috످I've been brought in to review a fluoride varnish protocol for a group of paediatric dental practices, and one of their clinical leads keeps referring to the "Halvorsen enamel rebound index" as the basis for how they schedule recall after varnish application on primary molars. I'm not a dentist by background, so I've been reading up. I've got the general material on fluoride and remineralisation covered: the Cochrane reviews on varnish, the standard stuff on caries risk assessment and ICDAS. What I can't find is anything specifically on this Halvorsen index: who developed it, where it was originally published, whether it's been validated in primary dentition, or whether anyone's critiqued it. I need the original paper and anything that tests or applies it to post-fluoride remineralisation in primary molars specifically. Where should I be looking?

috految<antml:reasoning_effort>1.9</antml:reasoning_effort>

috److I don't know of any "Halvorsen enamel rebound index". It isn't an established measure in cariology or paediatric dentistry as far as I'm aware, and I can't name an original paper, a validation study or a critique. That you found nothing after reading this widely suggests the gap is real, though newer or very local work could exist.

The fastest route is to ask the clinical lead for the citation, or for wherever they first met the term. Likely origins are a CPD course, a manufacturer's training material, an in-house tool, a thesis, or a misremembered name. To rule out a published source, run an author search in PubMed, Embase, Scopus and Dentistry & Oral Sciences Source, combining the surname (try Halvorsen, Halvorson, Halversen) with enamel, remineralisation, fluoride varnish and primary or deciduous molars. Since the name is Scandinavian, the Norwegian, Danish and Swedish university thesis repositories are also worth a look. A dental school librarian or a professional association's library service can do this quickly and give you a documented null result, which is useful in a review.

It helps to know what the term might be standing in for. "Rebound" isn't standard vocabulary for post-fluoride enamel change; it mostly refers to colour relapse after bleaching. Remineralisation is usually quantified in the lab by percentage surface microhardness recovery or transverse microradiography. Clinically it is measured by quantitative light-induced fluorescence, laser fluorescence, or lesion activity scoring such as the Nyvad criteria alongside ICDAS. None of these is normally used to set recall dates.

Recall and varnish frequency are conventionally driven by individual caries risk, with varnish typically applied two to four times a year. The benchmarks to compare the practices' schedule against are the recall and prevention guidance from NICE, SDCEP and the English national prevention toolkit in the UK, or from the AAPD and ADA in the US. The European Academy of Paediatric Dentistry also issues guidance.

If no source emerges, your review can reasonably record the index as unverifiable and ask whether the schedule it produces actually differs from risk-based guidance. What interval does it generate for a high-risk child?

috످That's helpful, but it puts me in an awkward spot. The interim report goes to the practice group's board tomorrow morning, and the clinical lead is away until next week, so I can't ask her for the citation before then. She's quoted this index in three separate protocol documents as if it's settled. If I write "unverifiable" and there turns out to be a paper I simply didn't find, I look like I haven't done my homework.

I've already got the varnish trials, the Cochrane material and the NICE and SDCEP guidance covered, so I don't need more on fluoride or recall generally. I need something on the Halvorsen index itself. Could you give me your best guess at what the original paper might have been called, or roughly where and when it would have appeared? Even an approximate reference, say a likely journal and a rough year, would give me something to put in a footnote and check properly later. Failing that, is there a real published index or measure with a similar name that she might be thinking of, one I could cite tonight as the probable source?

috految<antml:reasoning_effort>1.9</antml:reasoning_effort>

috److I don't know of a paper to point you to, even approximately, and a guessed journal or year would put a false reference in front of the board under your name. Nor do I know of a similarly named index you could cite as her probable source.

You can avoid "unverifiable" by writing "source to be confirmed", which holds up even if a paper turns up next week:

"Three protocol documents cite the 'Halvorsen enamel rebound index' as the basis for recall scheduling. Its source is to be confirmed with the clinical lead on her return next week. Until then, this review draws no conclusion on its validity and recommends checking recall intervals against NICE and SDCEP guidance."

For the footnote, once you've run the searches:

"Searches of PubMed and Google Scholar on [date] for 'Halvorsen enamel rebound index' and variants returned [result]. Unpublished or unindexed sources may exist."

Tonight, allow about 20 minutes. First, check the three protocols' reference lists and version histories. Whoever first added the term may be reachable.

Next, search Google Scholar for "enamel rebound index", then PubMed for `(Halvorsen OR Halvorson OR Halversen) AND (enamel OR caries OR varnish)`. Save screenshots as your record. Any hit only counts if it names the index.

Finally, email her, copying whoever is covering, so she hears before the board does: "I'm noting the Halvorsen index as 'source to be confirmed' in tomorrow's report. Could you send the reference when you're back?"

috످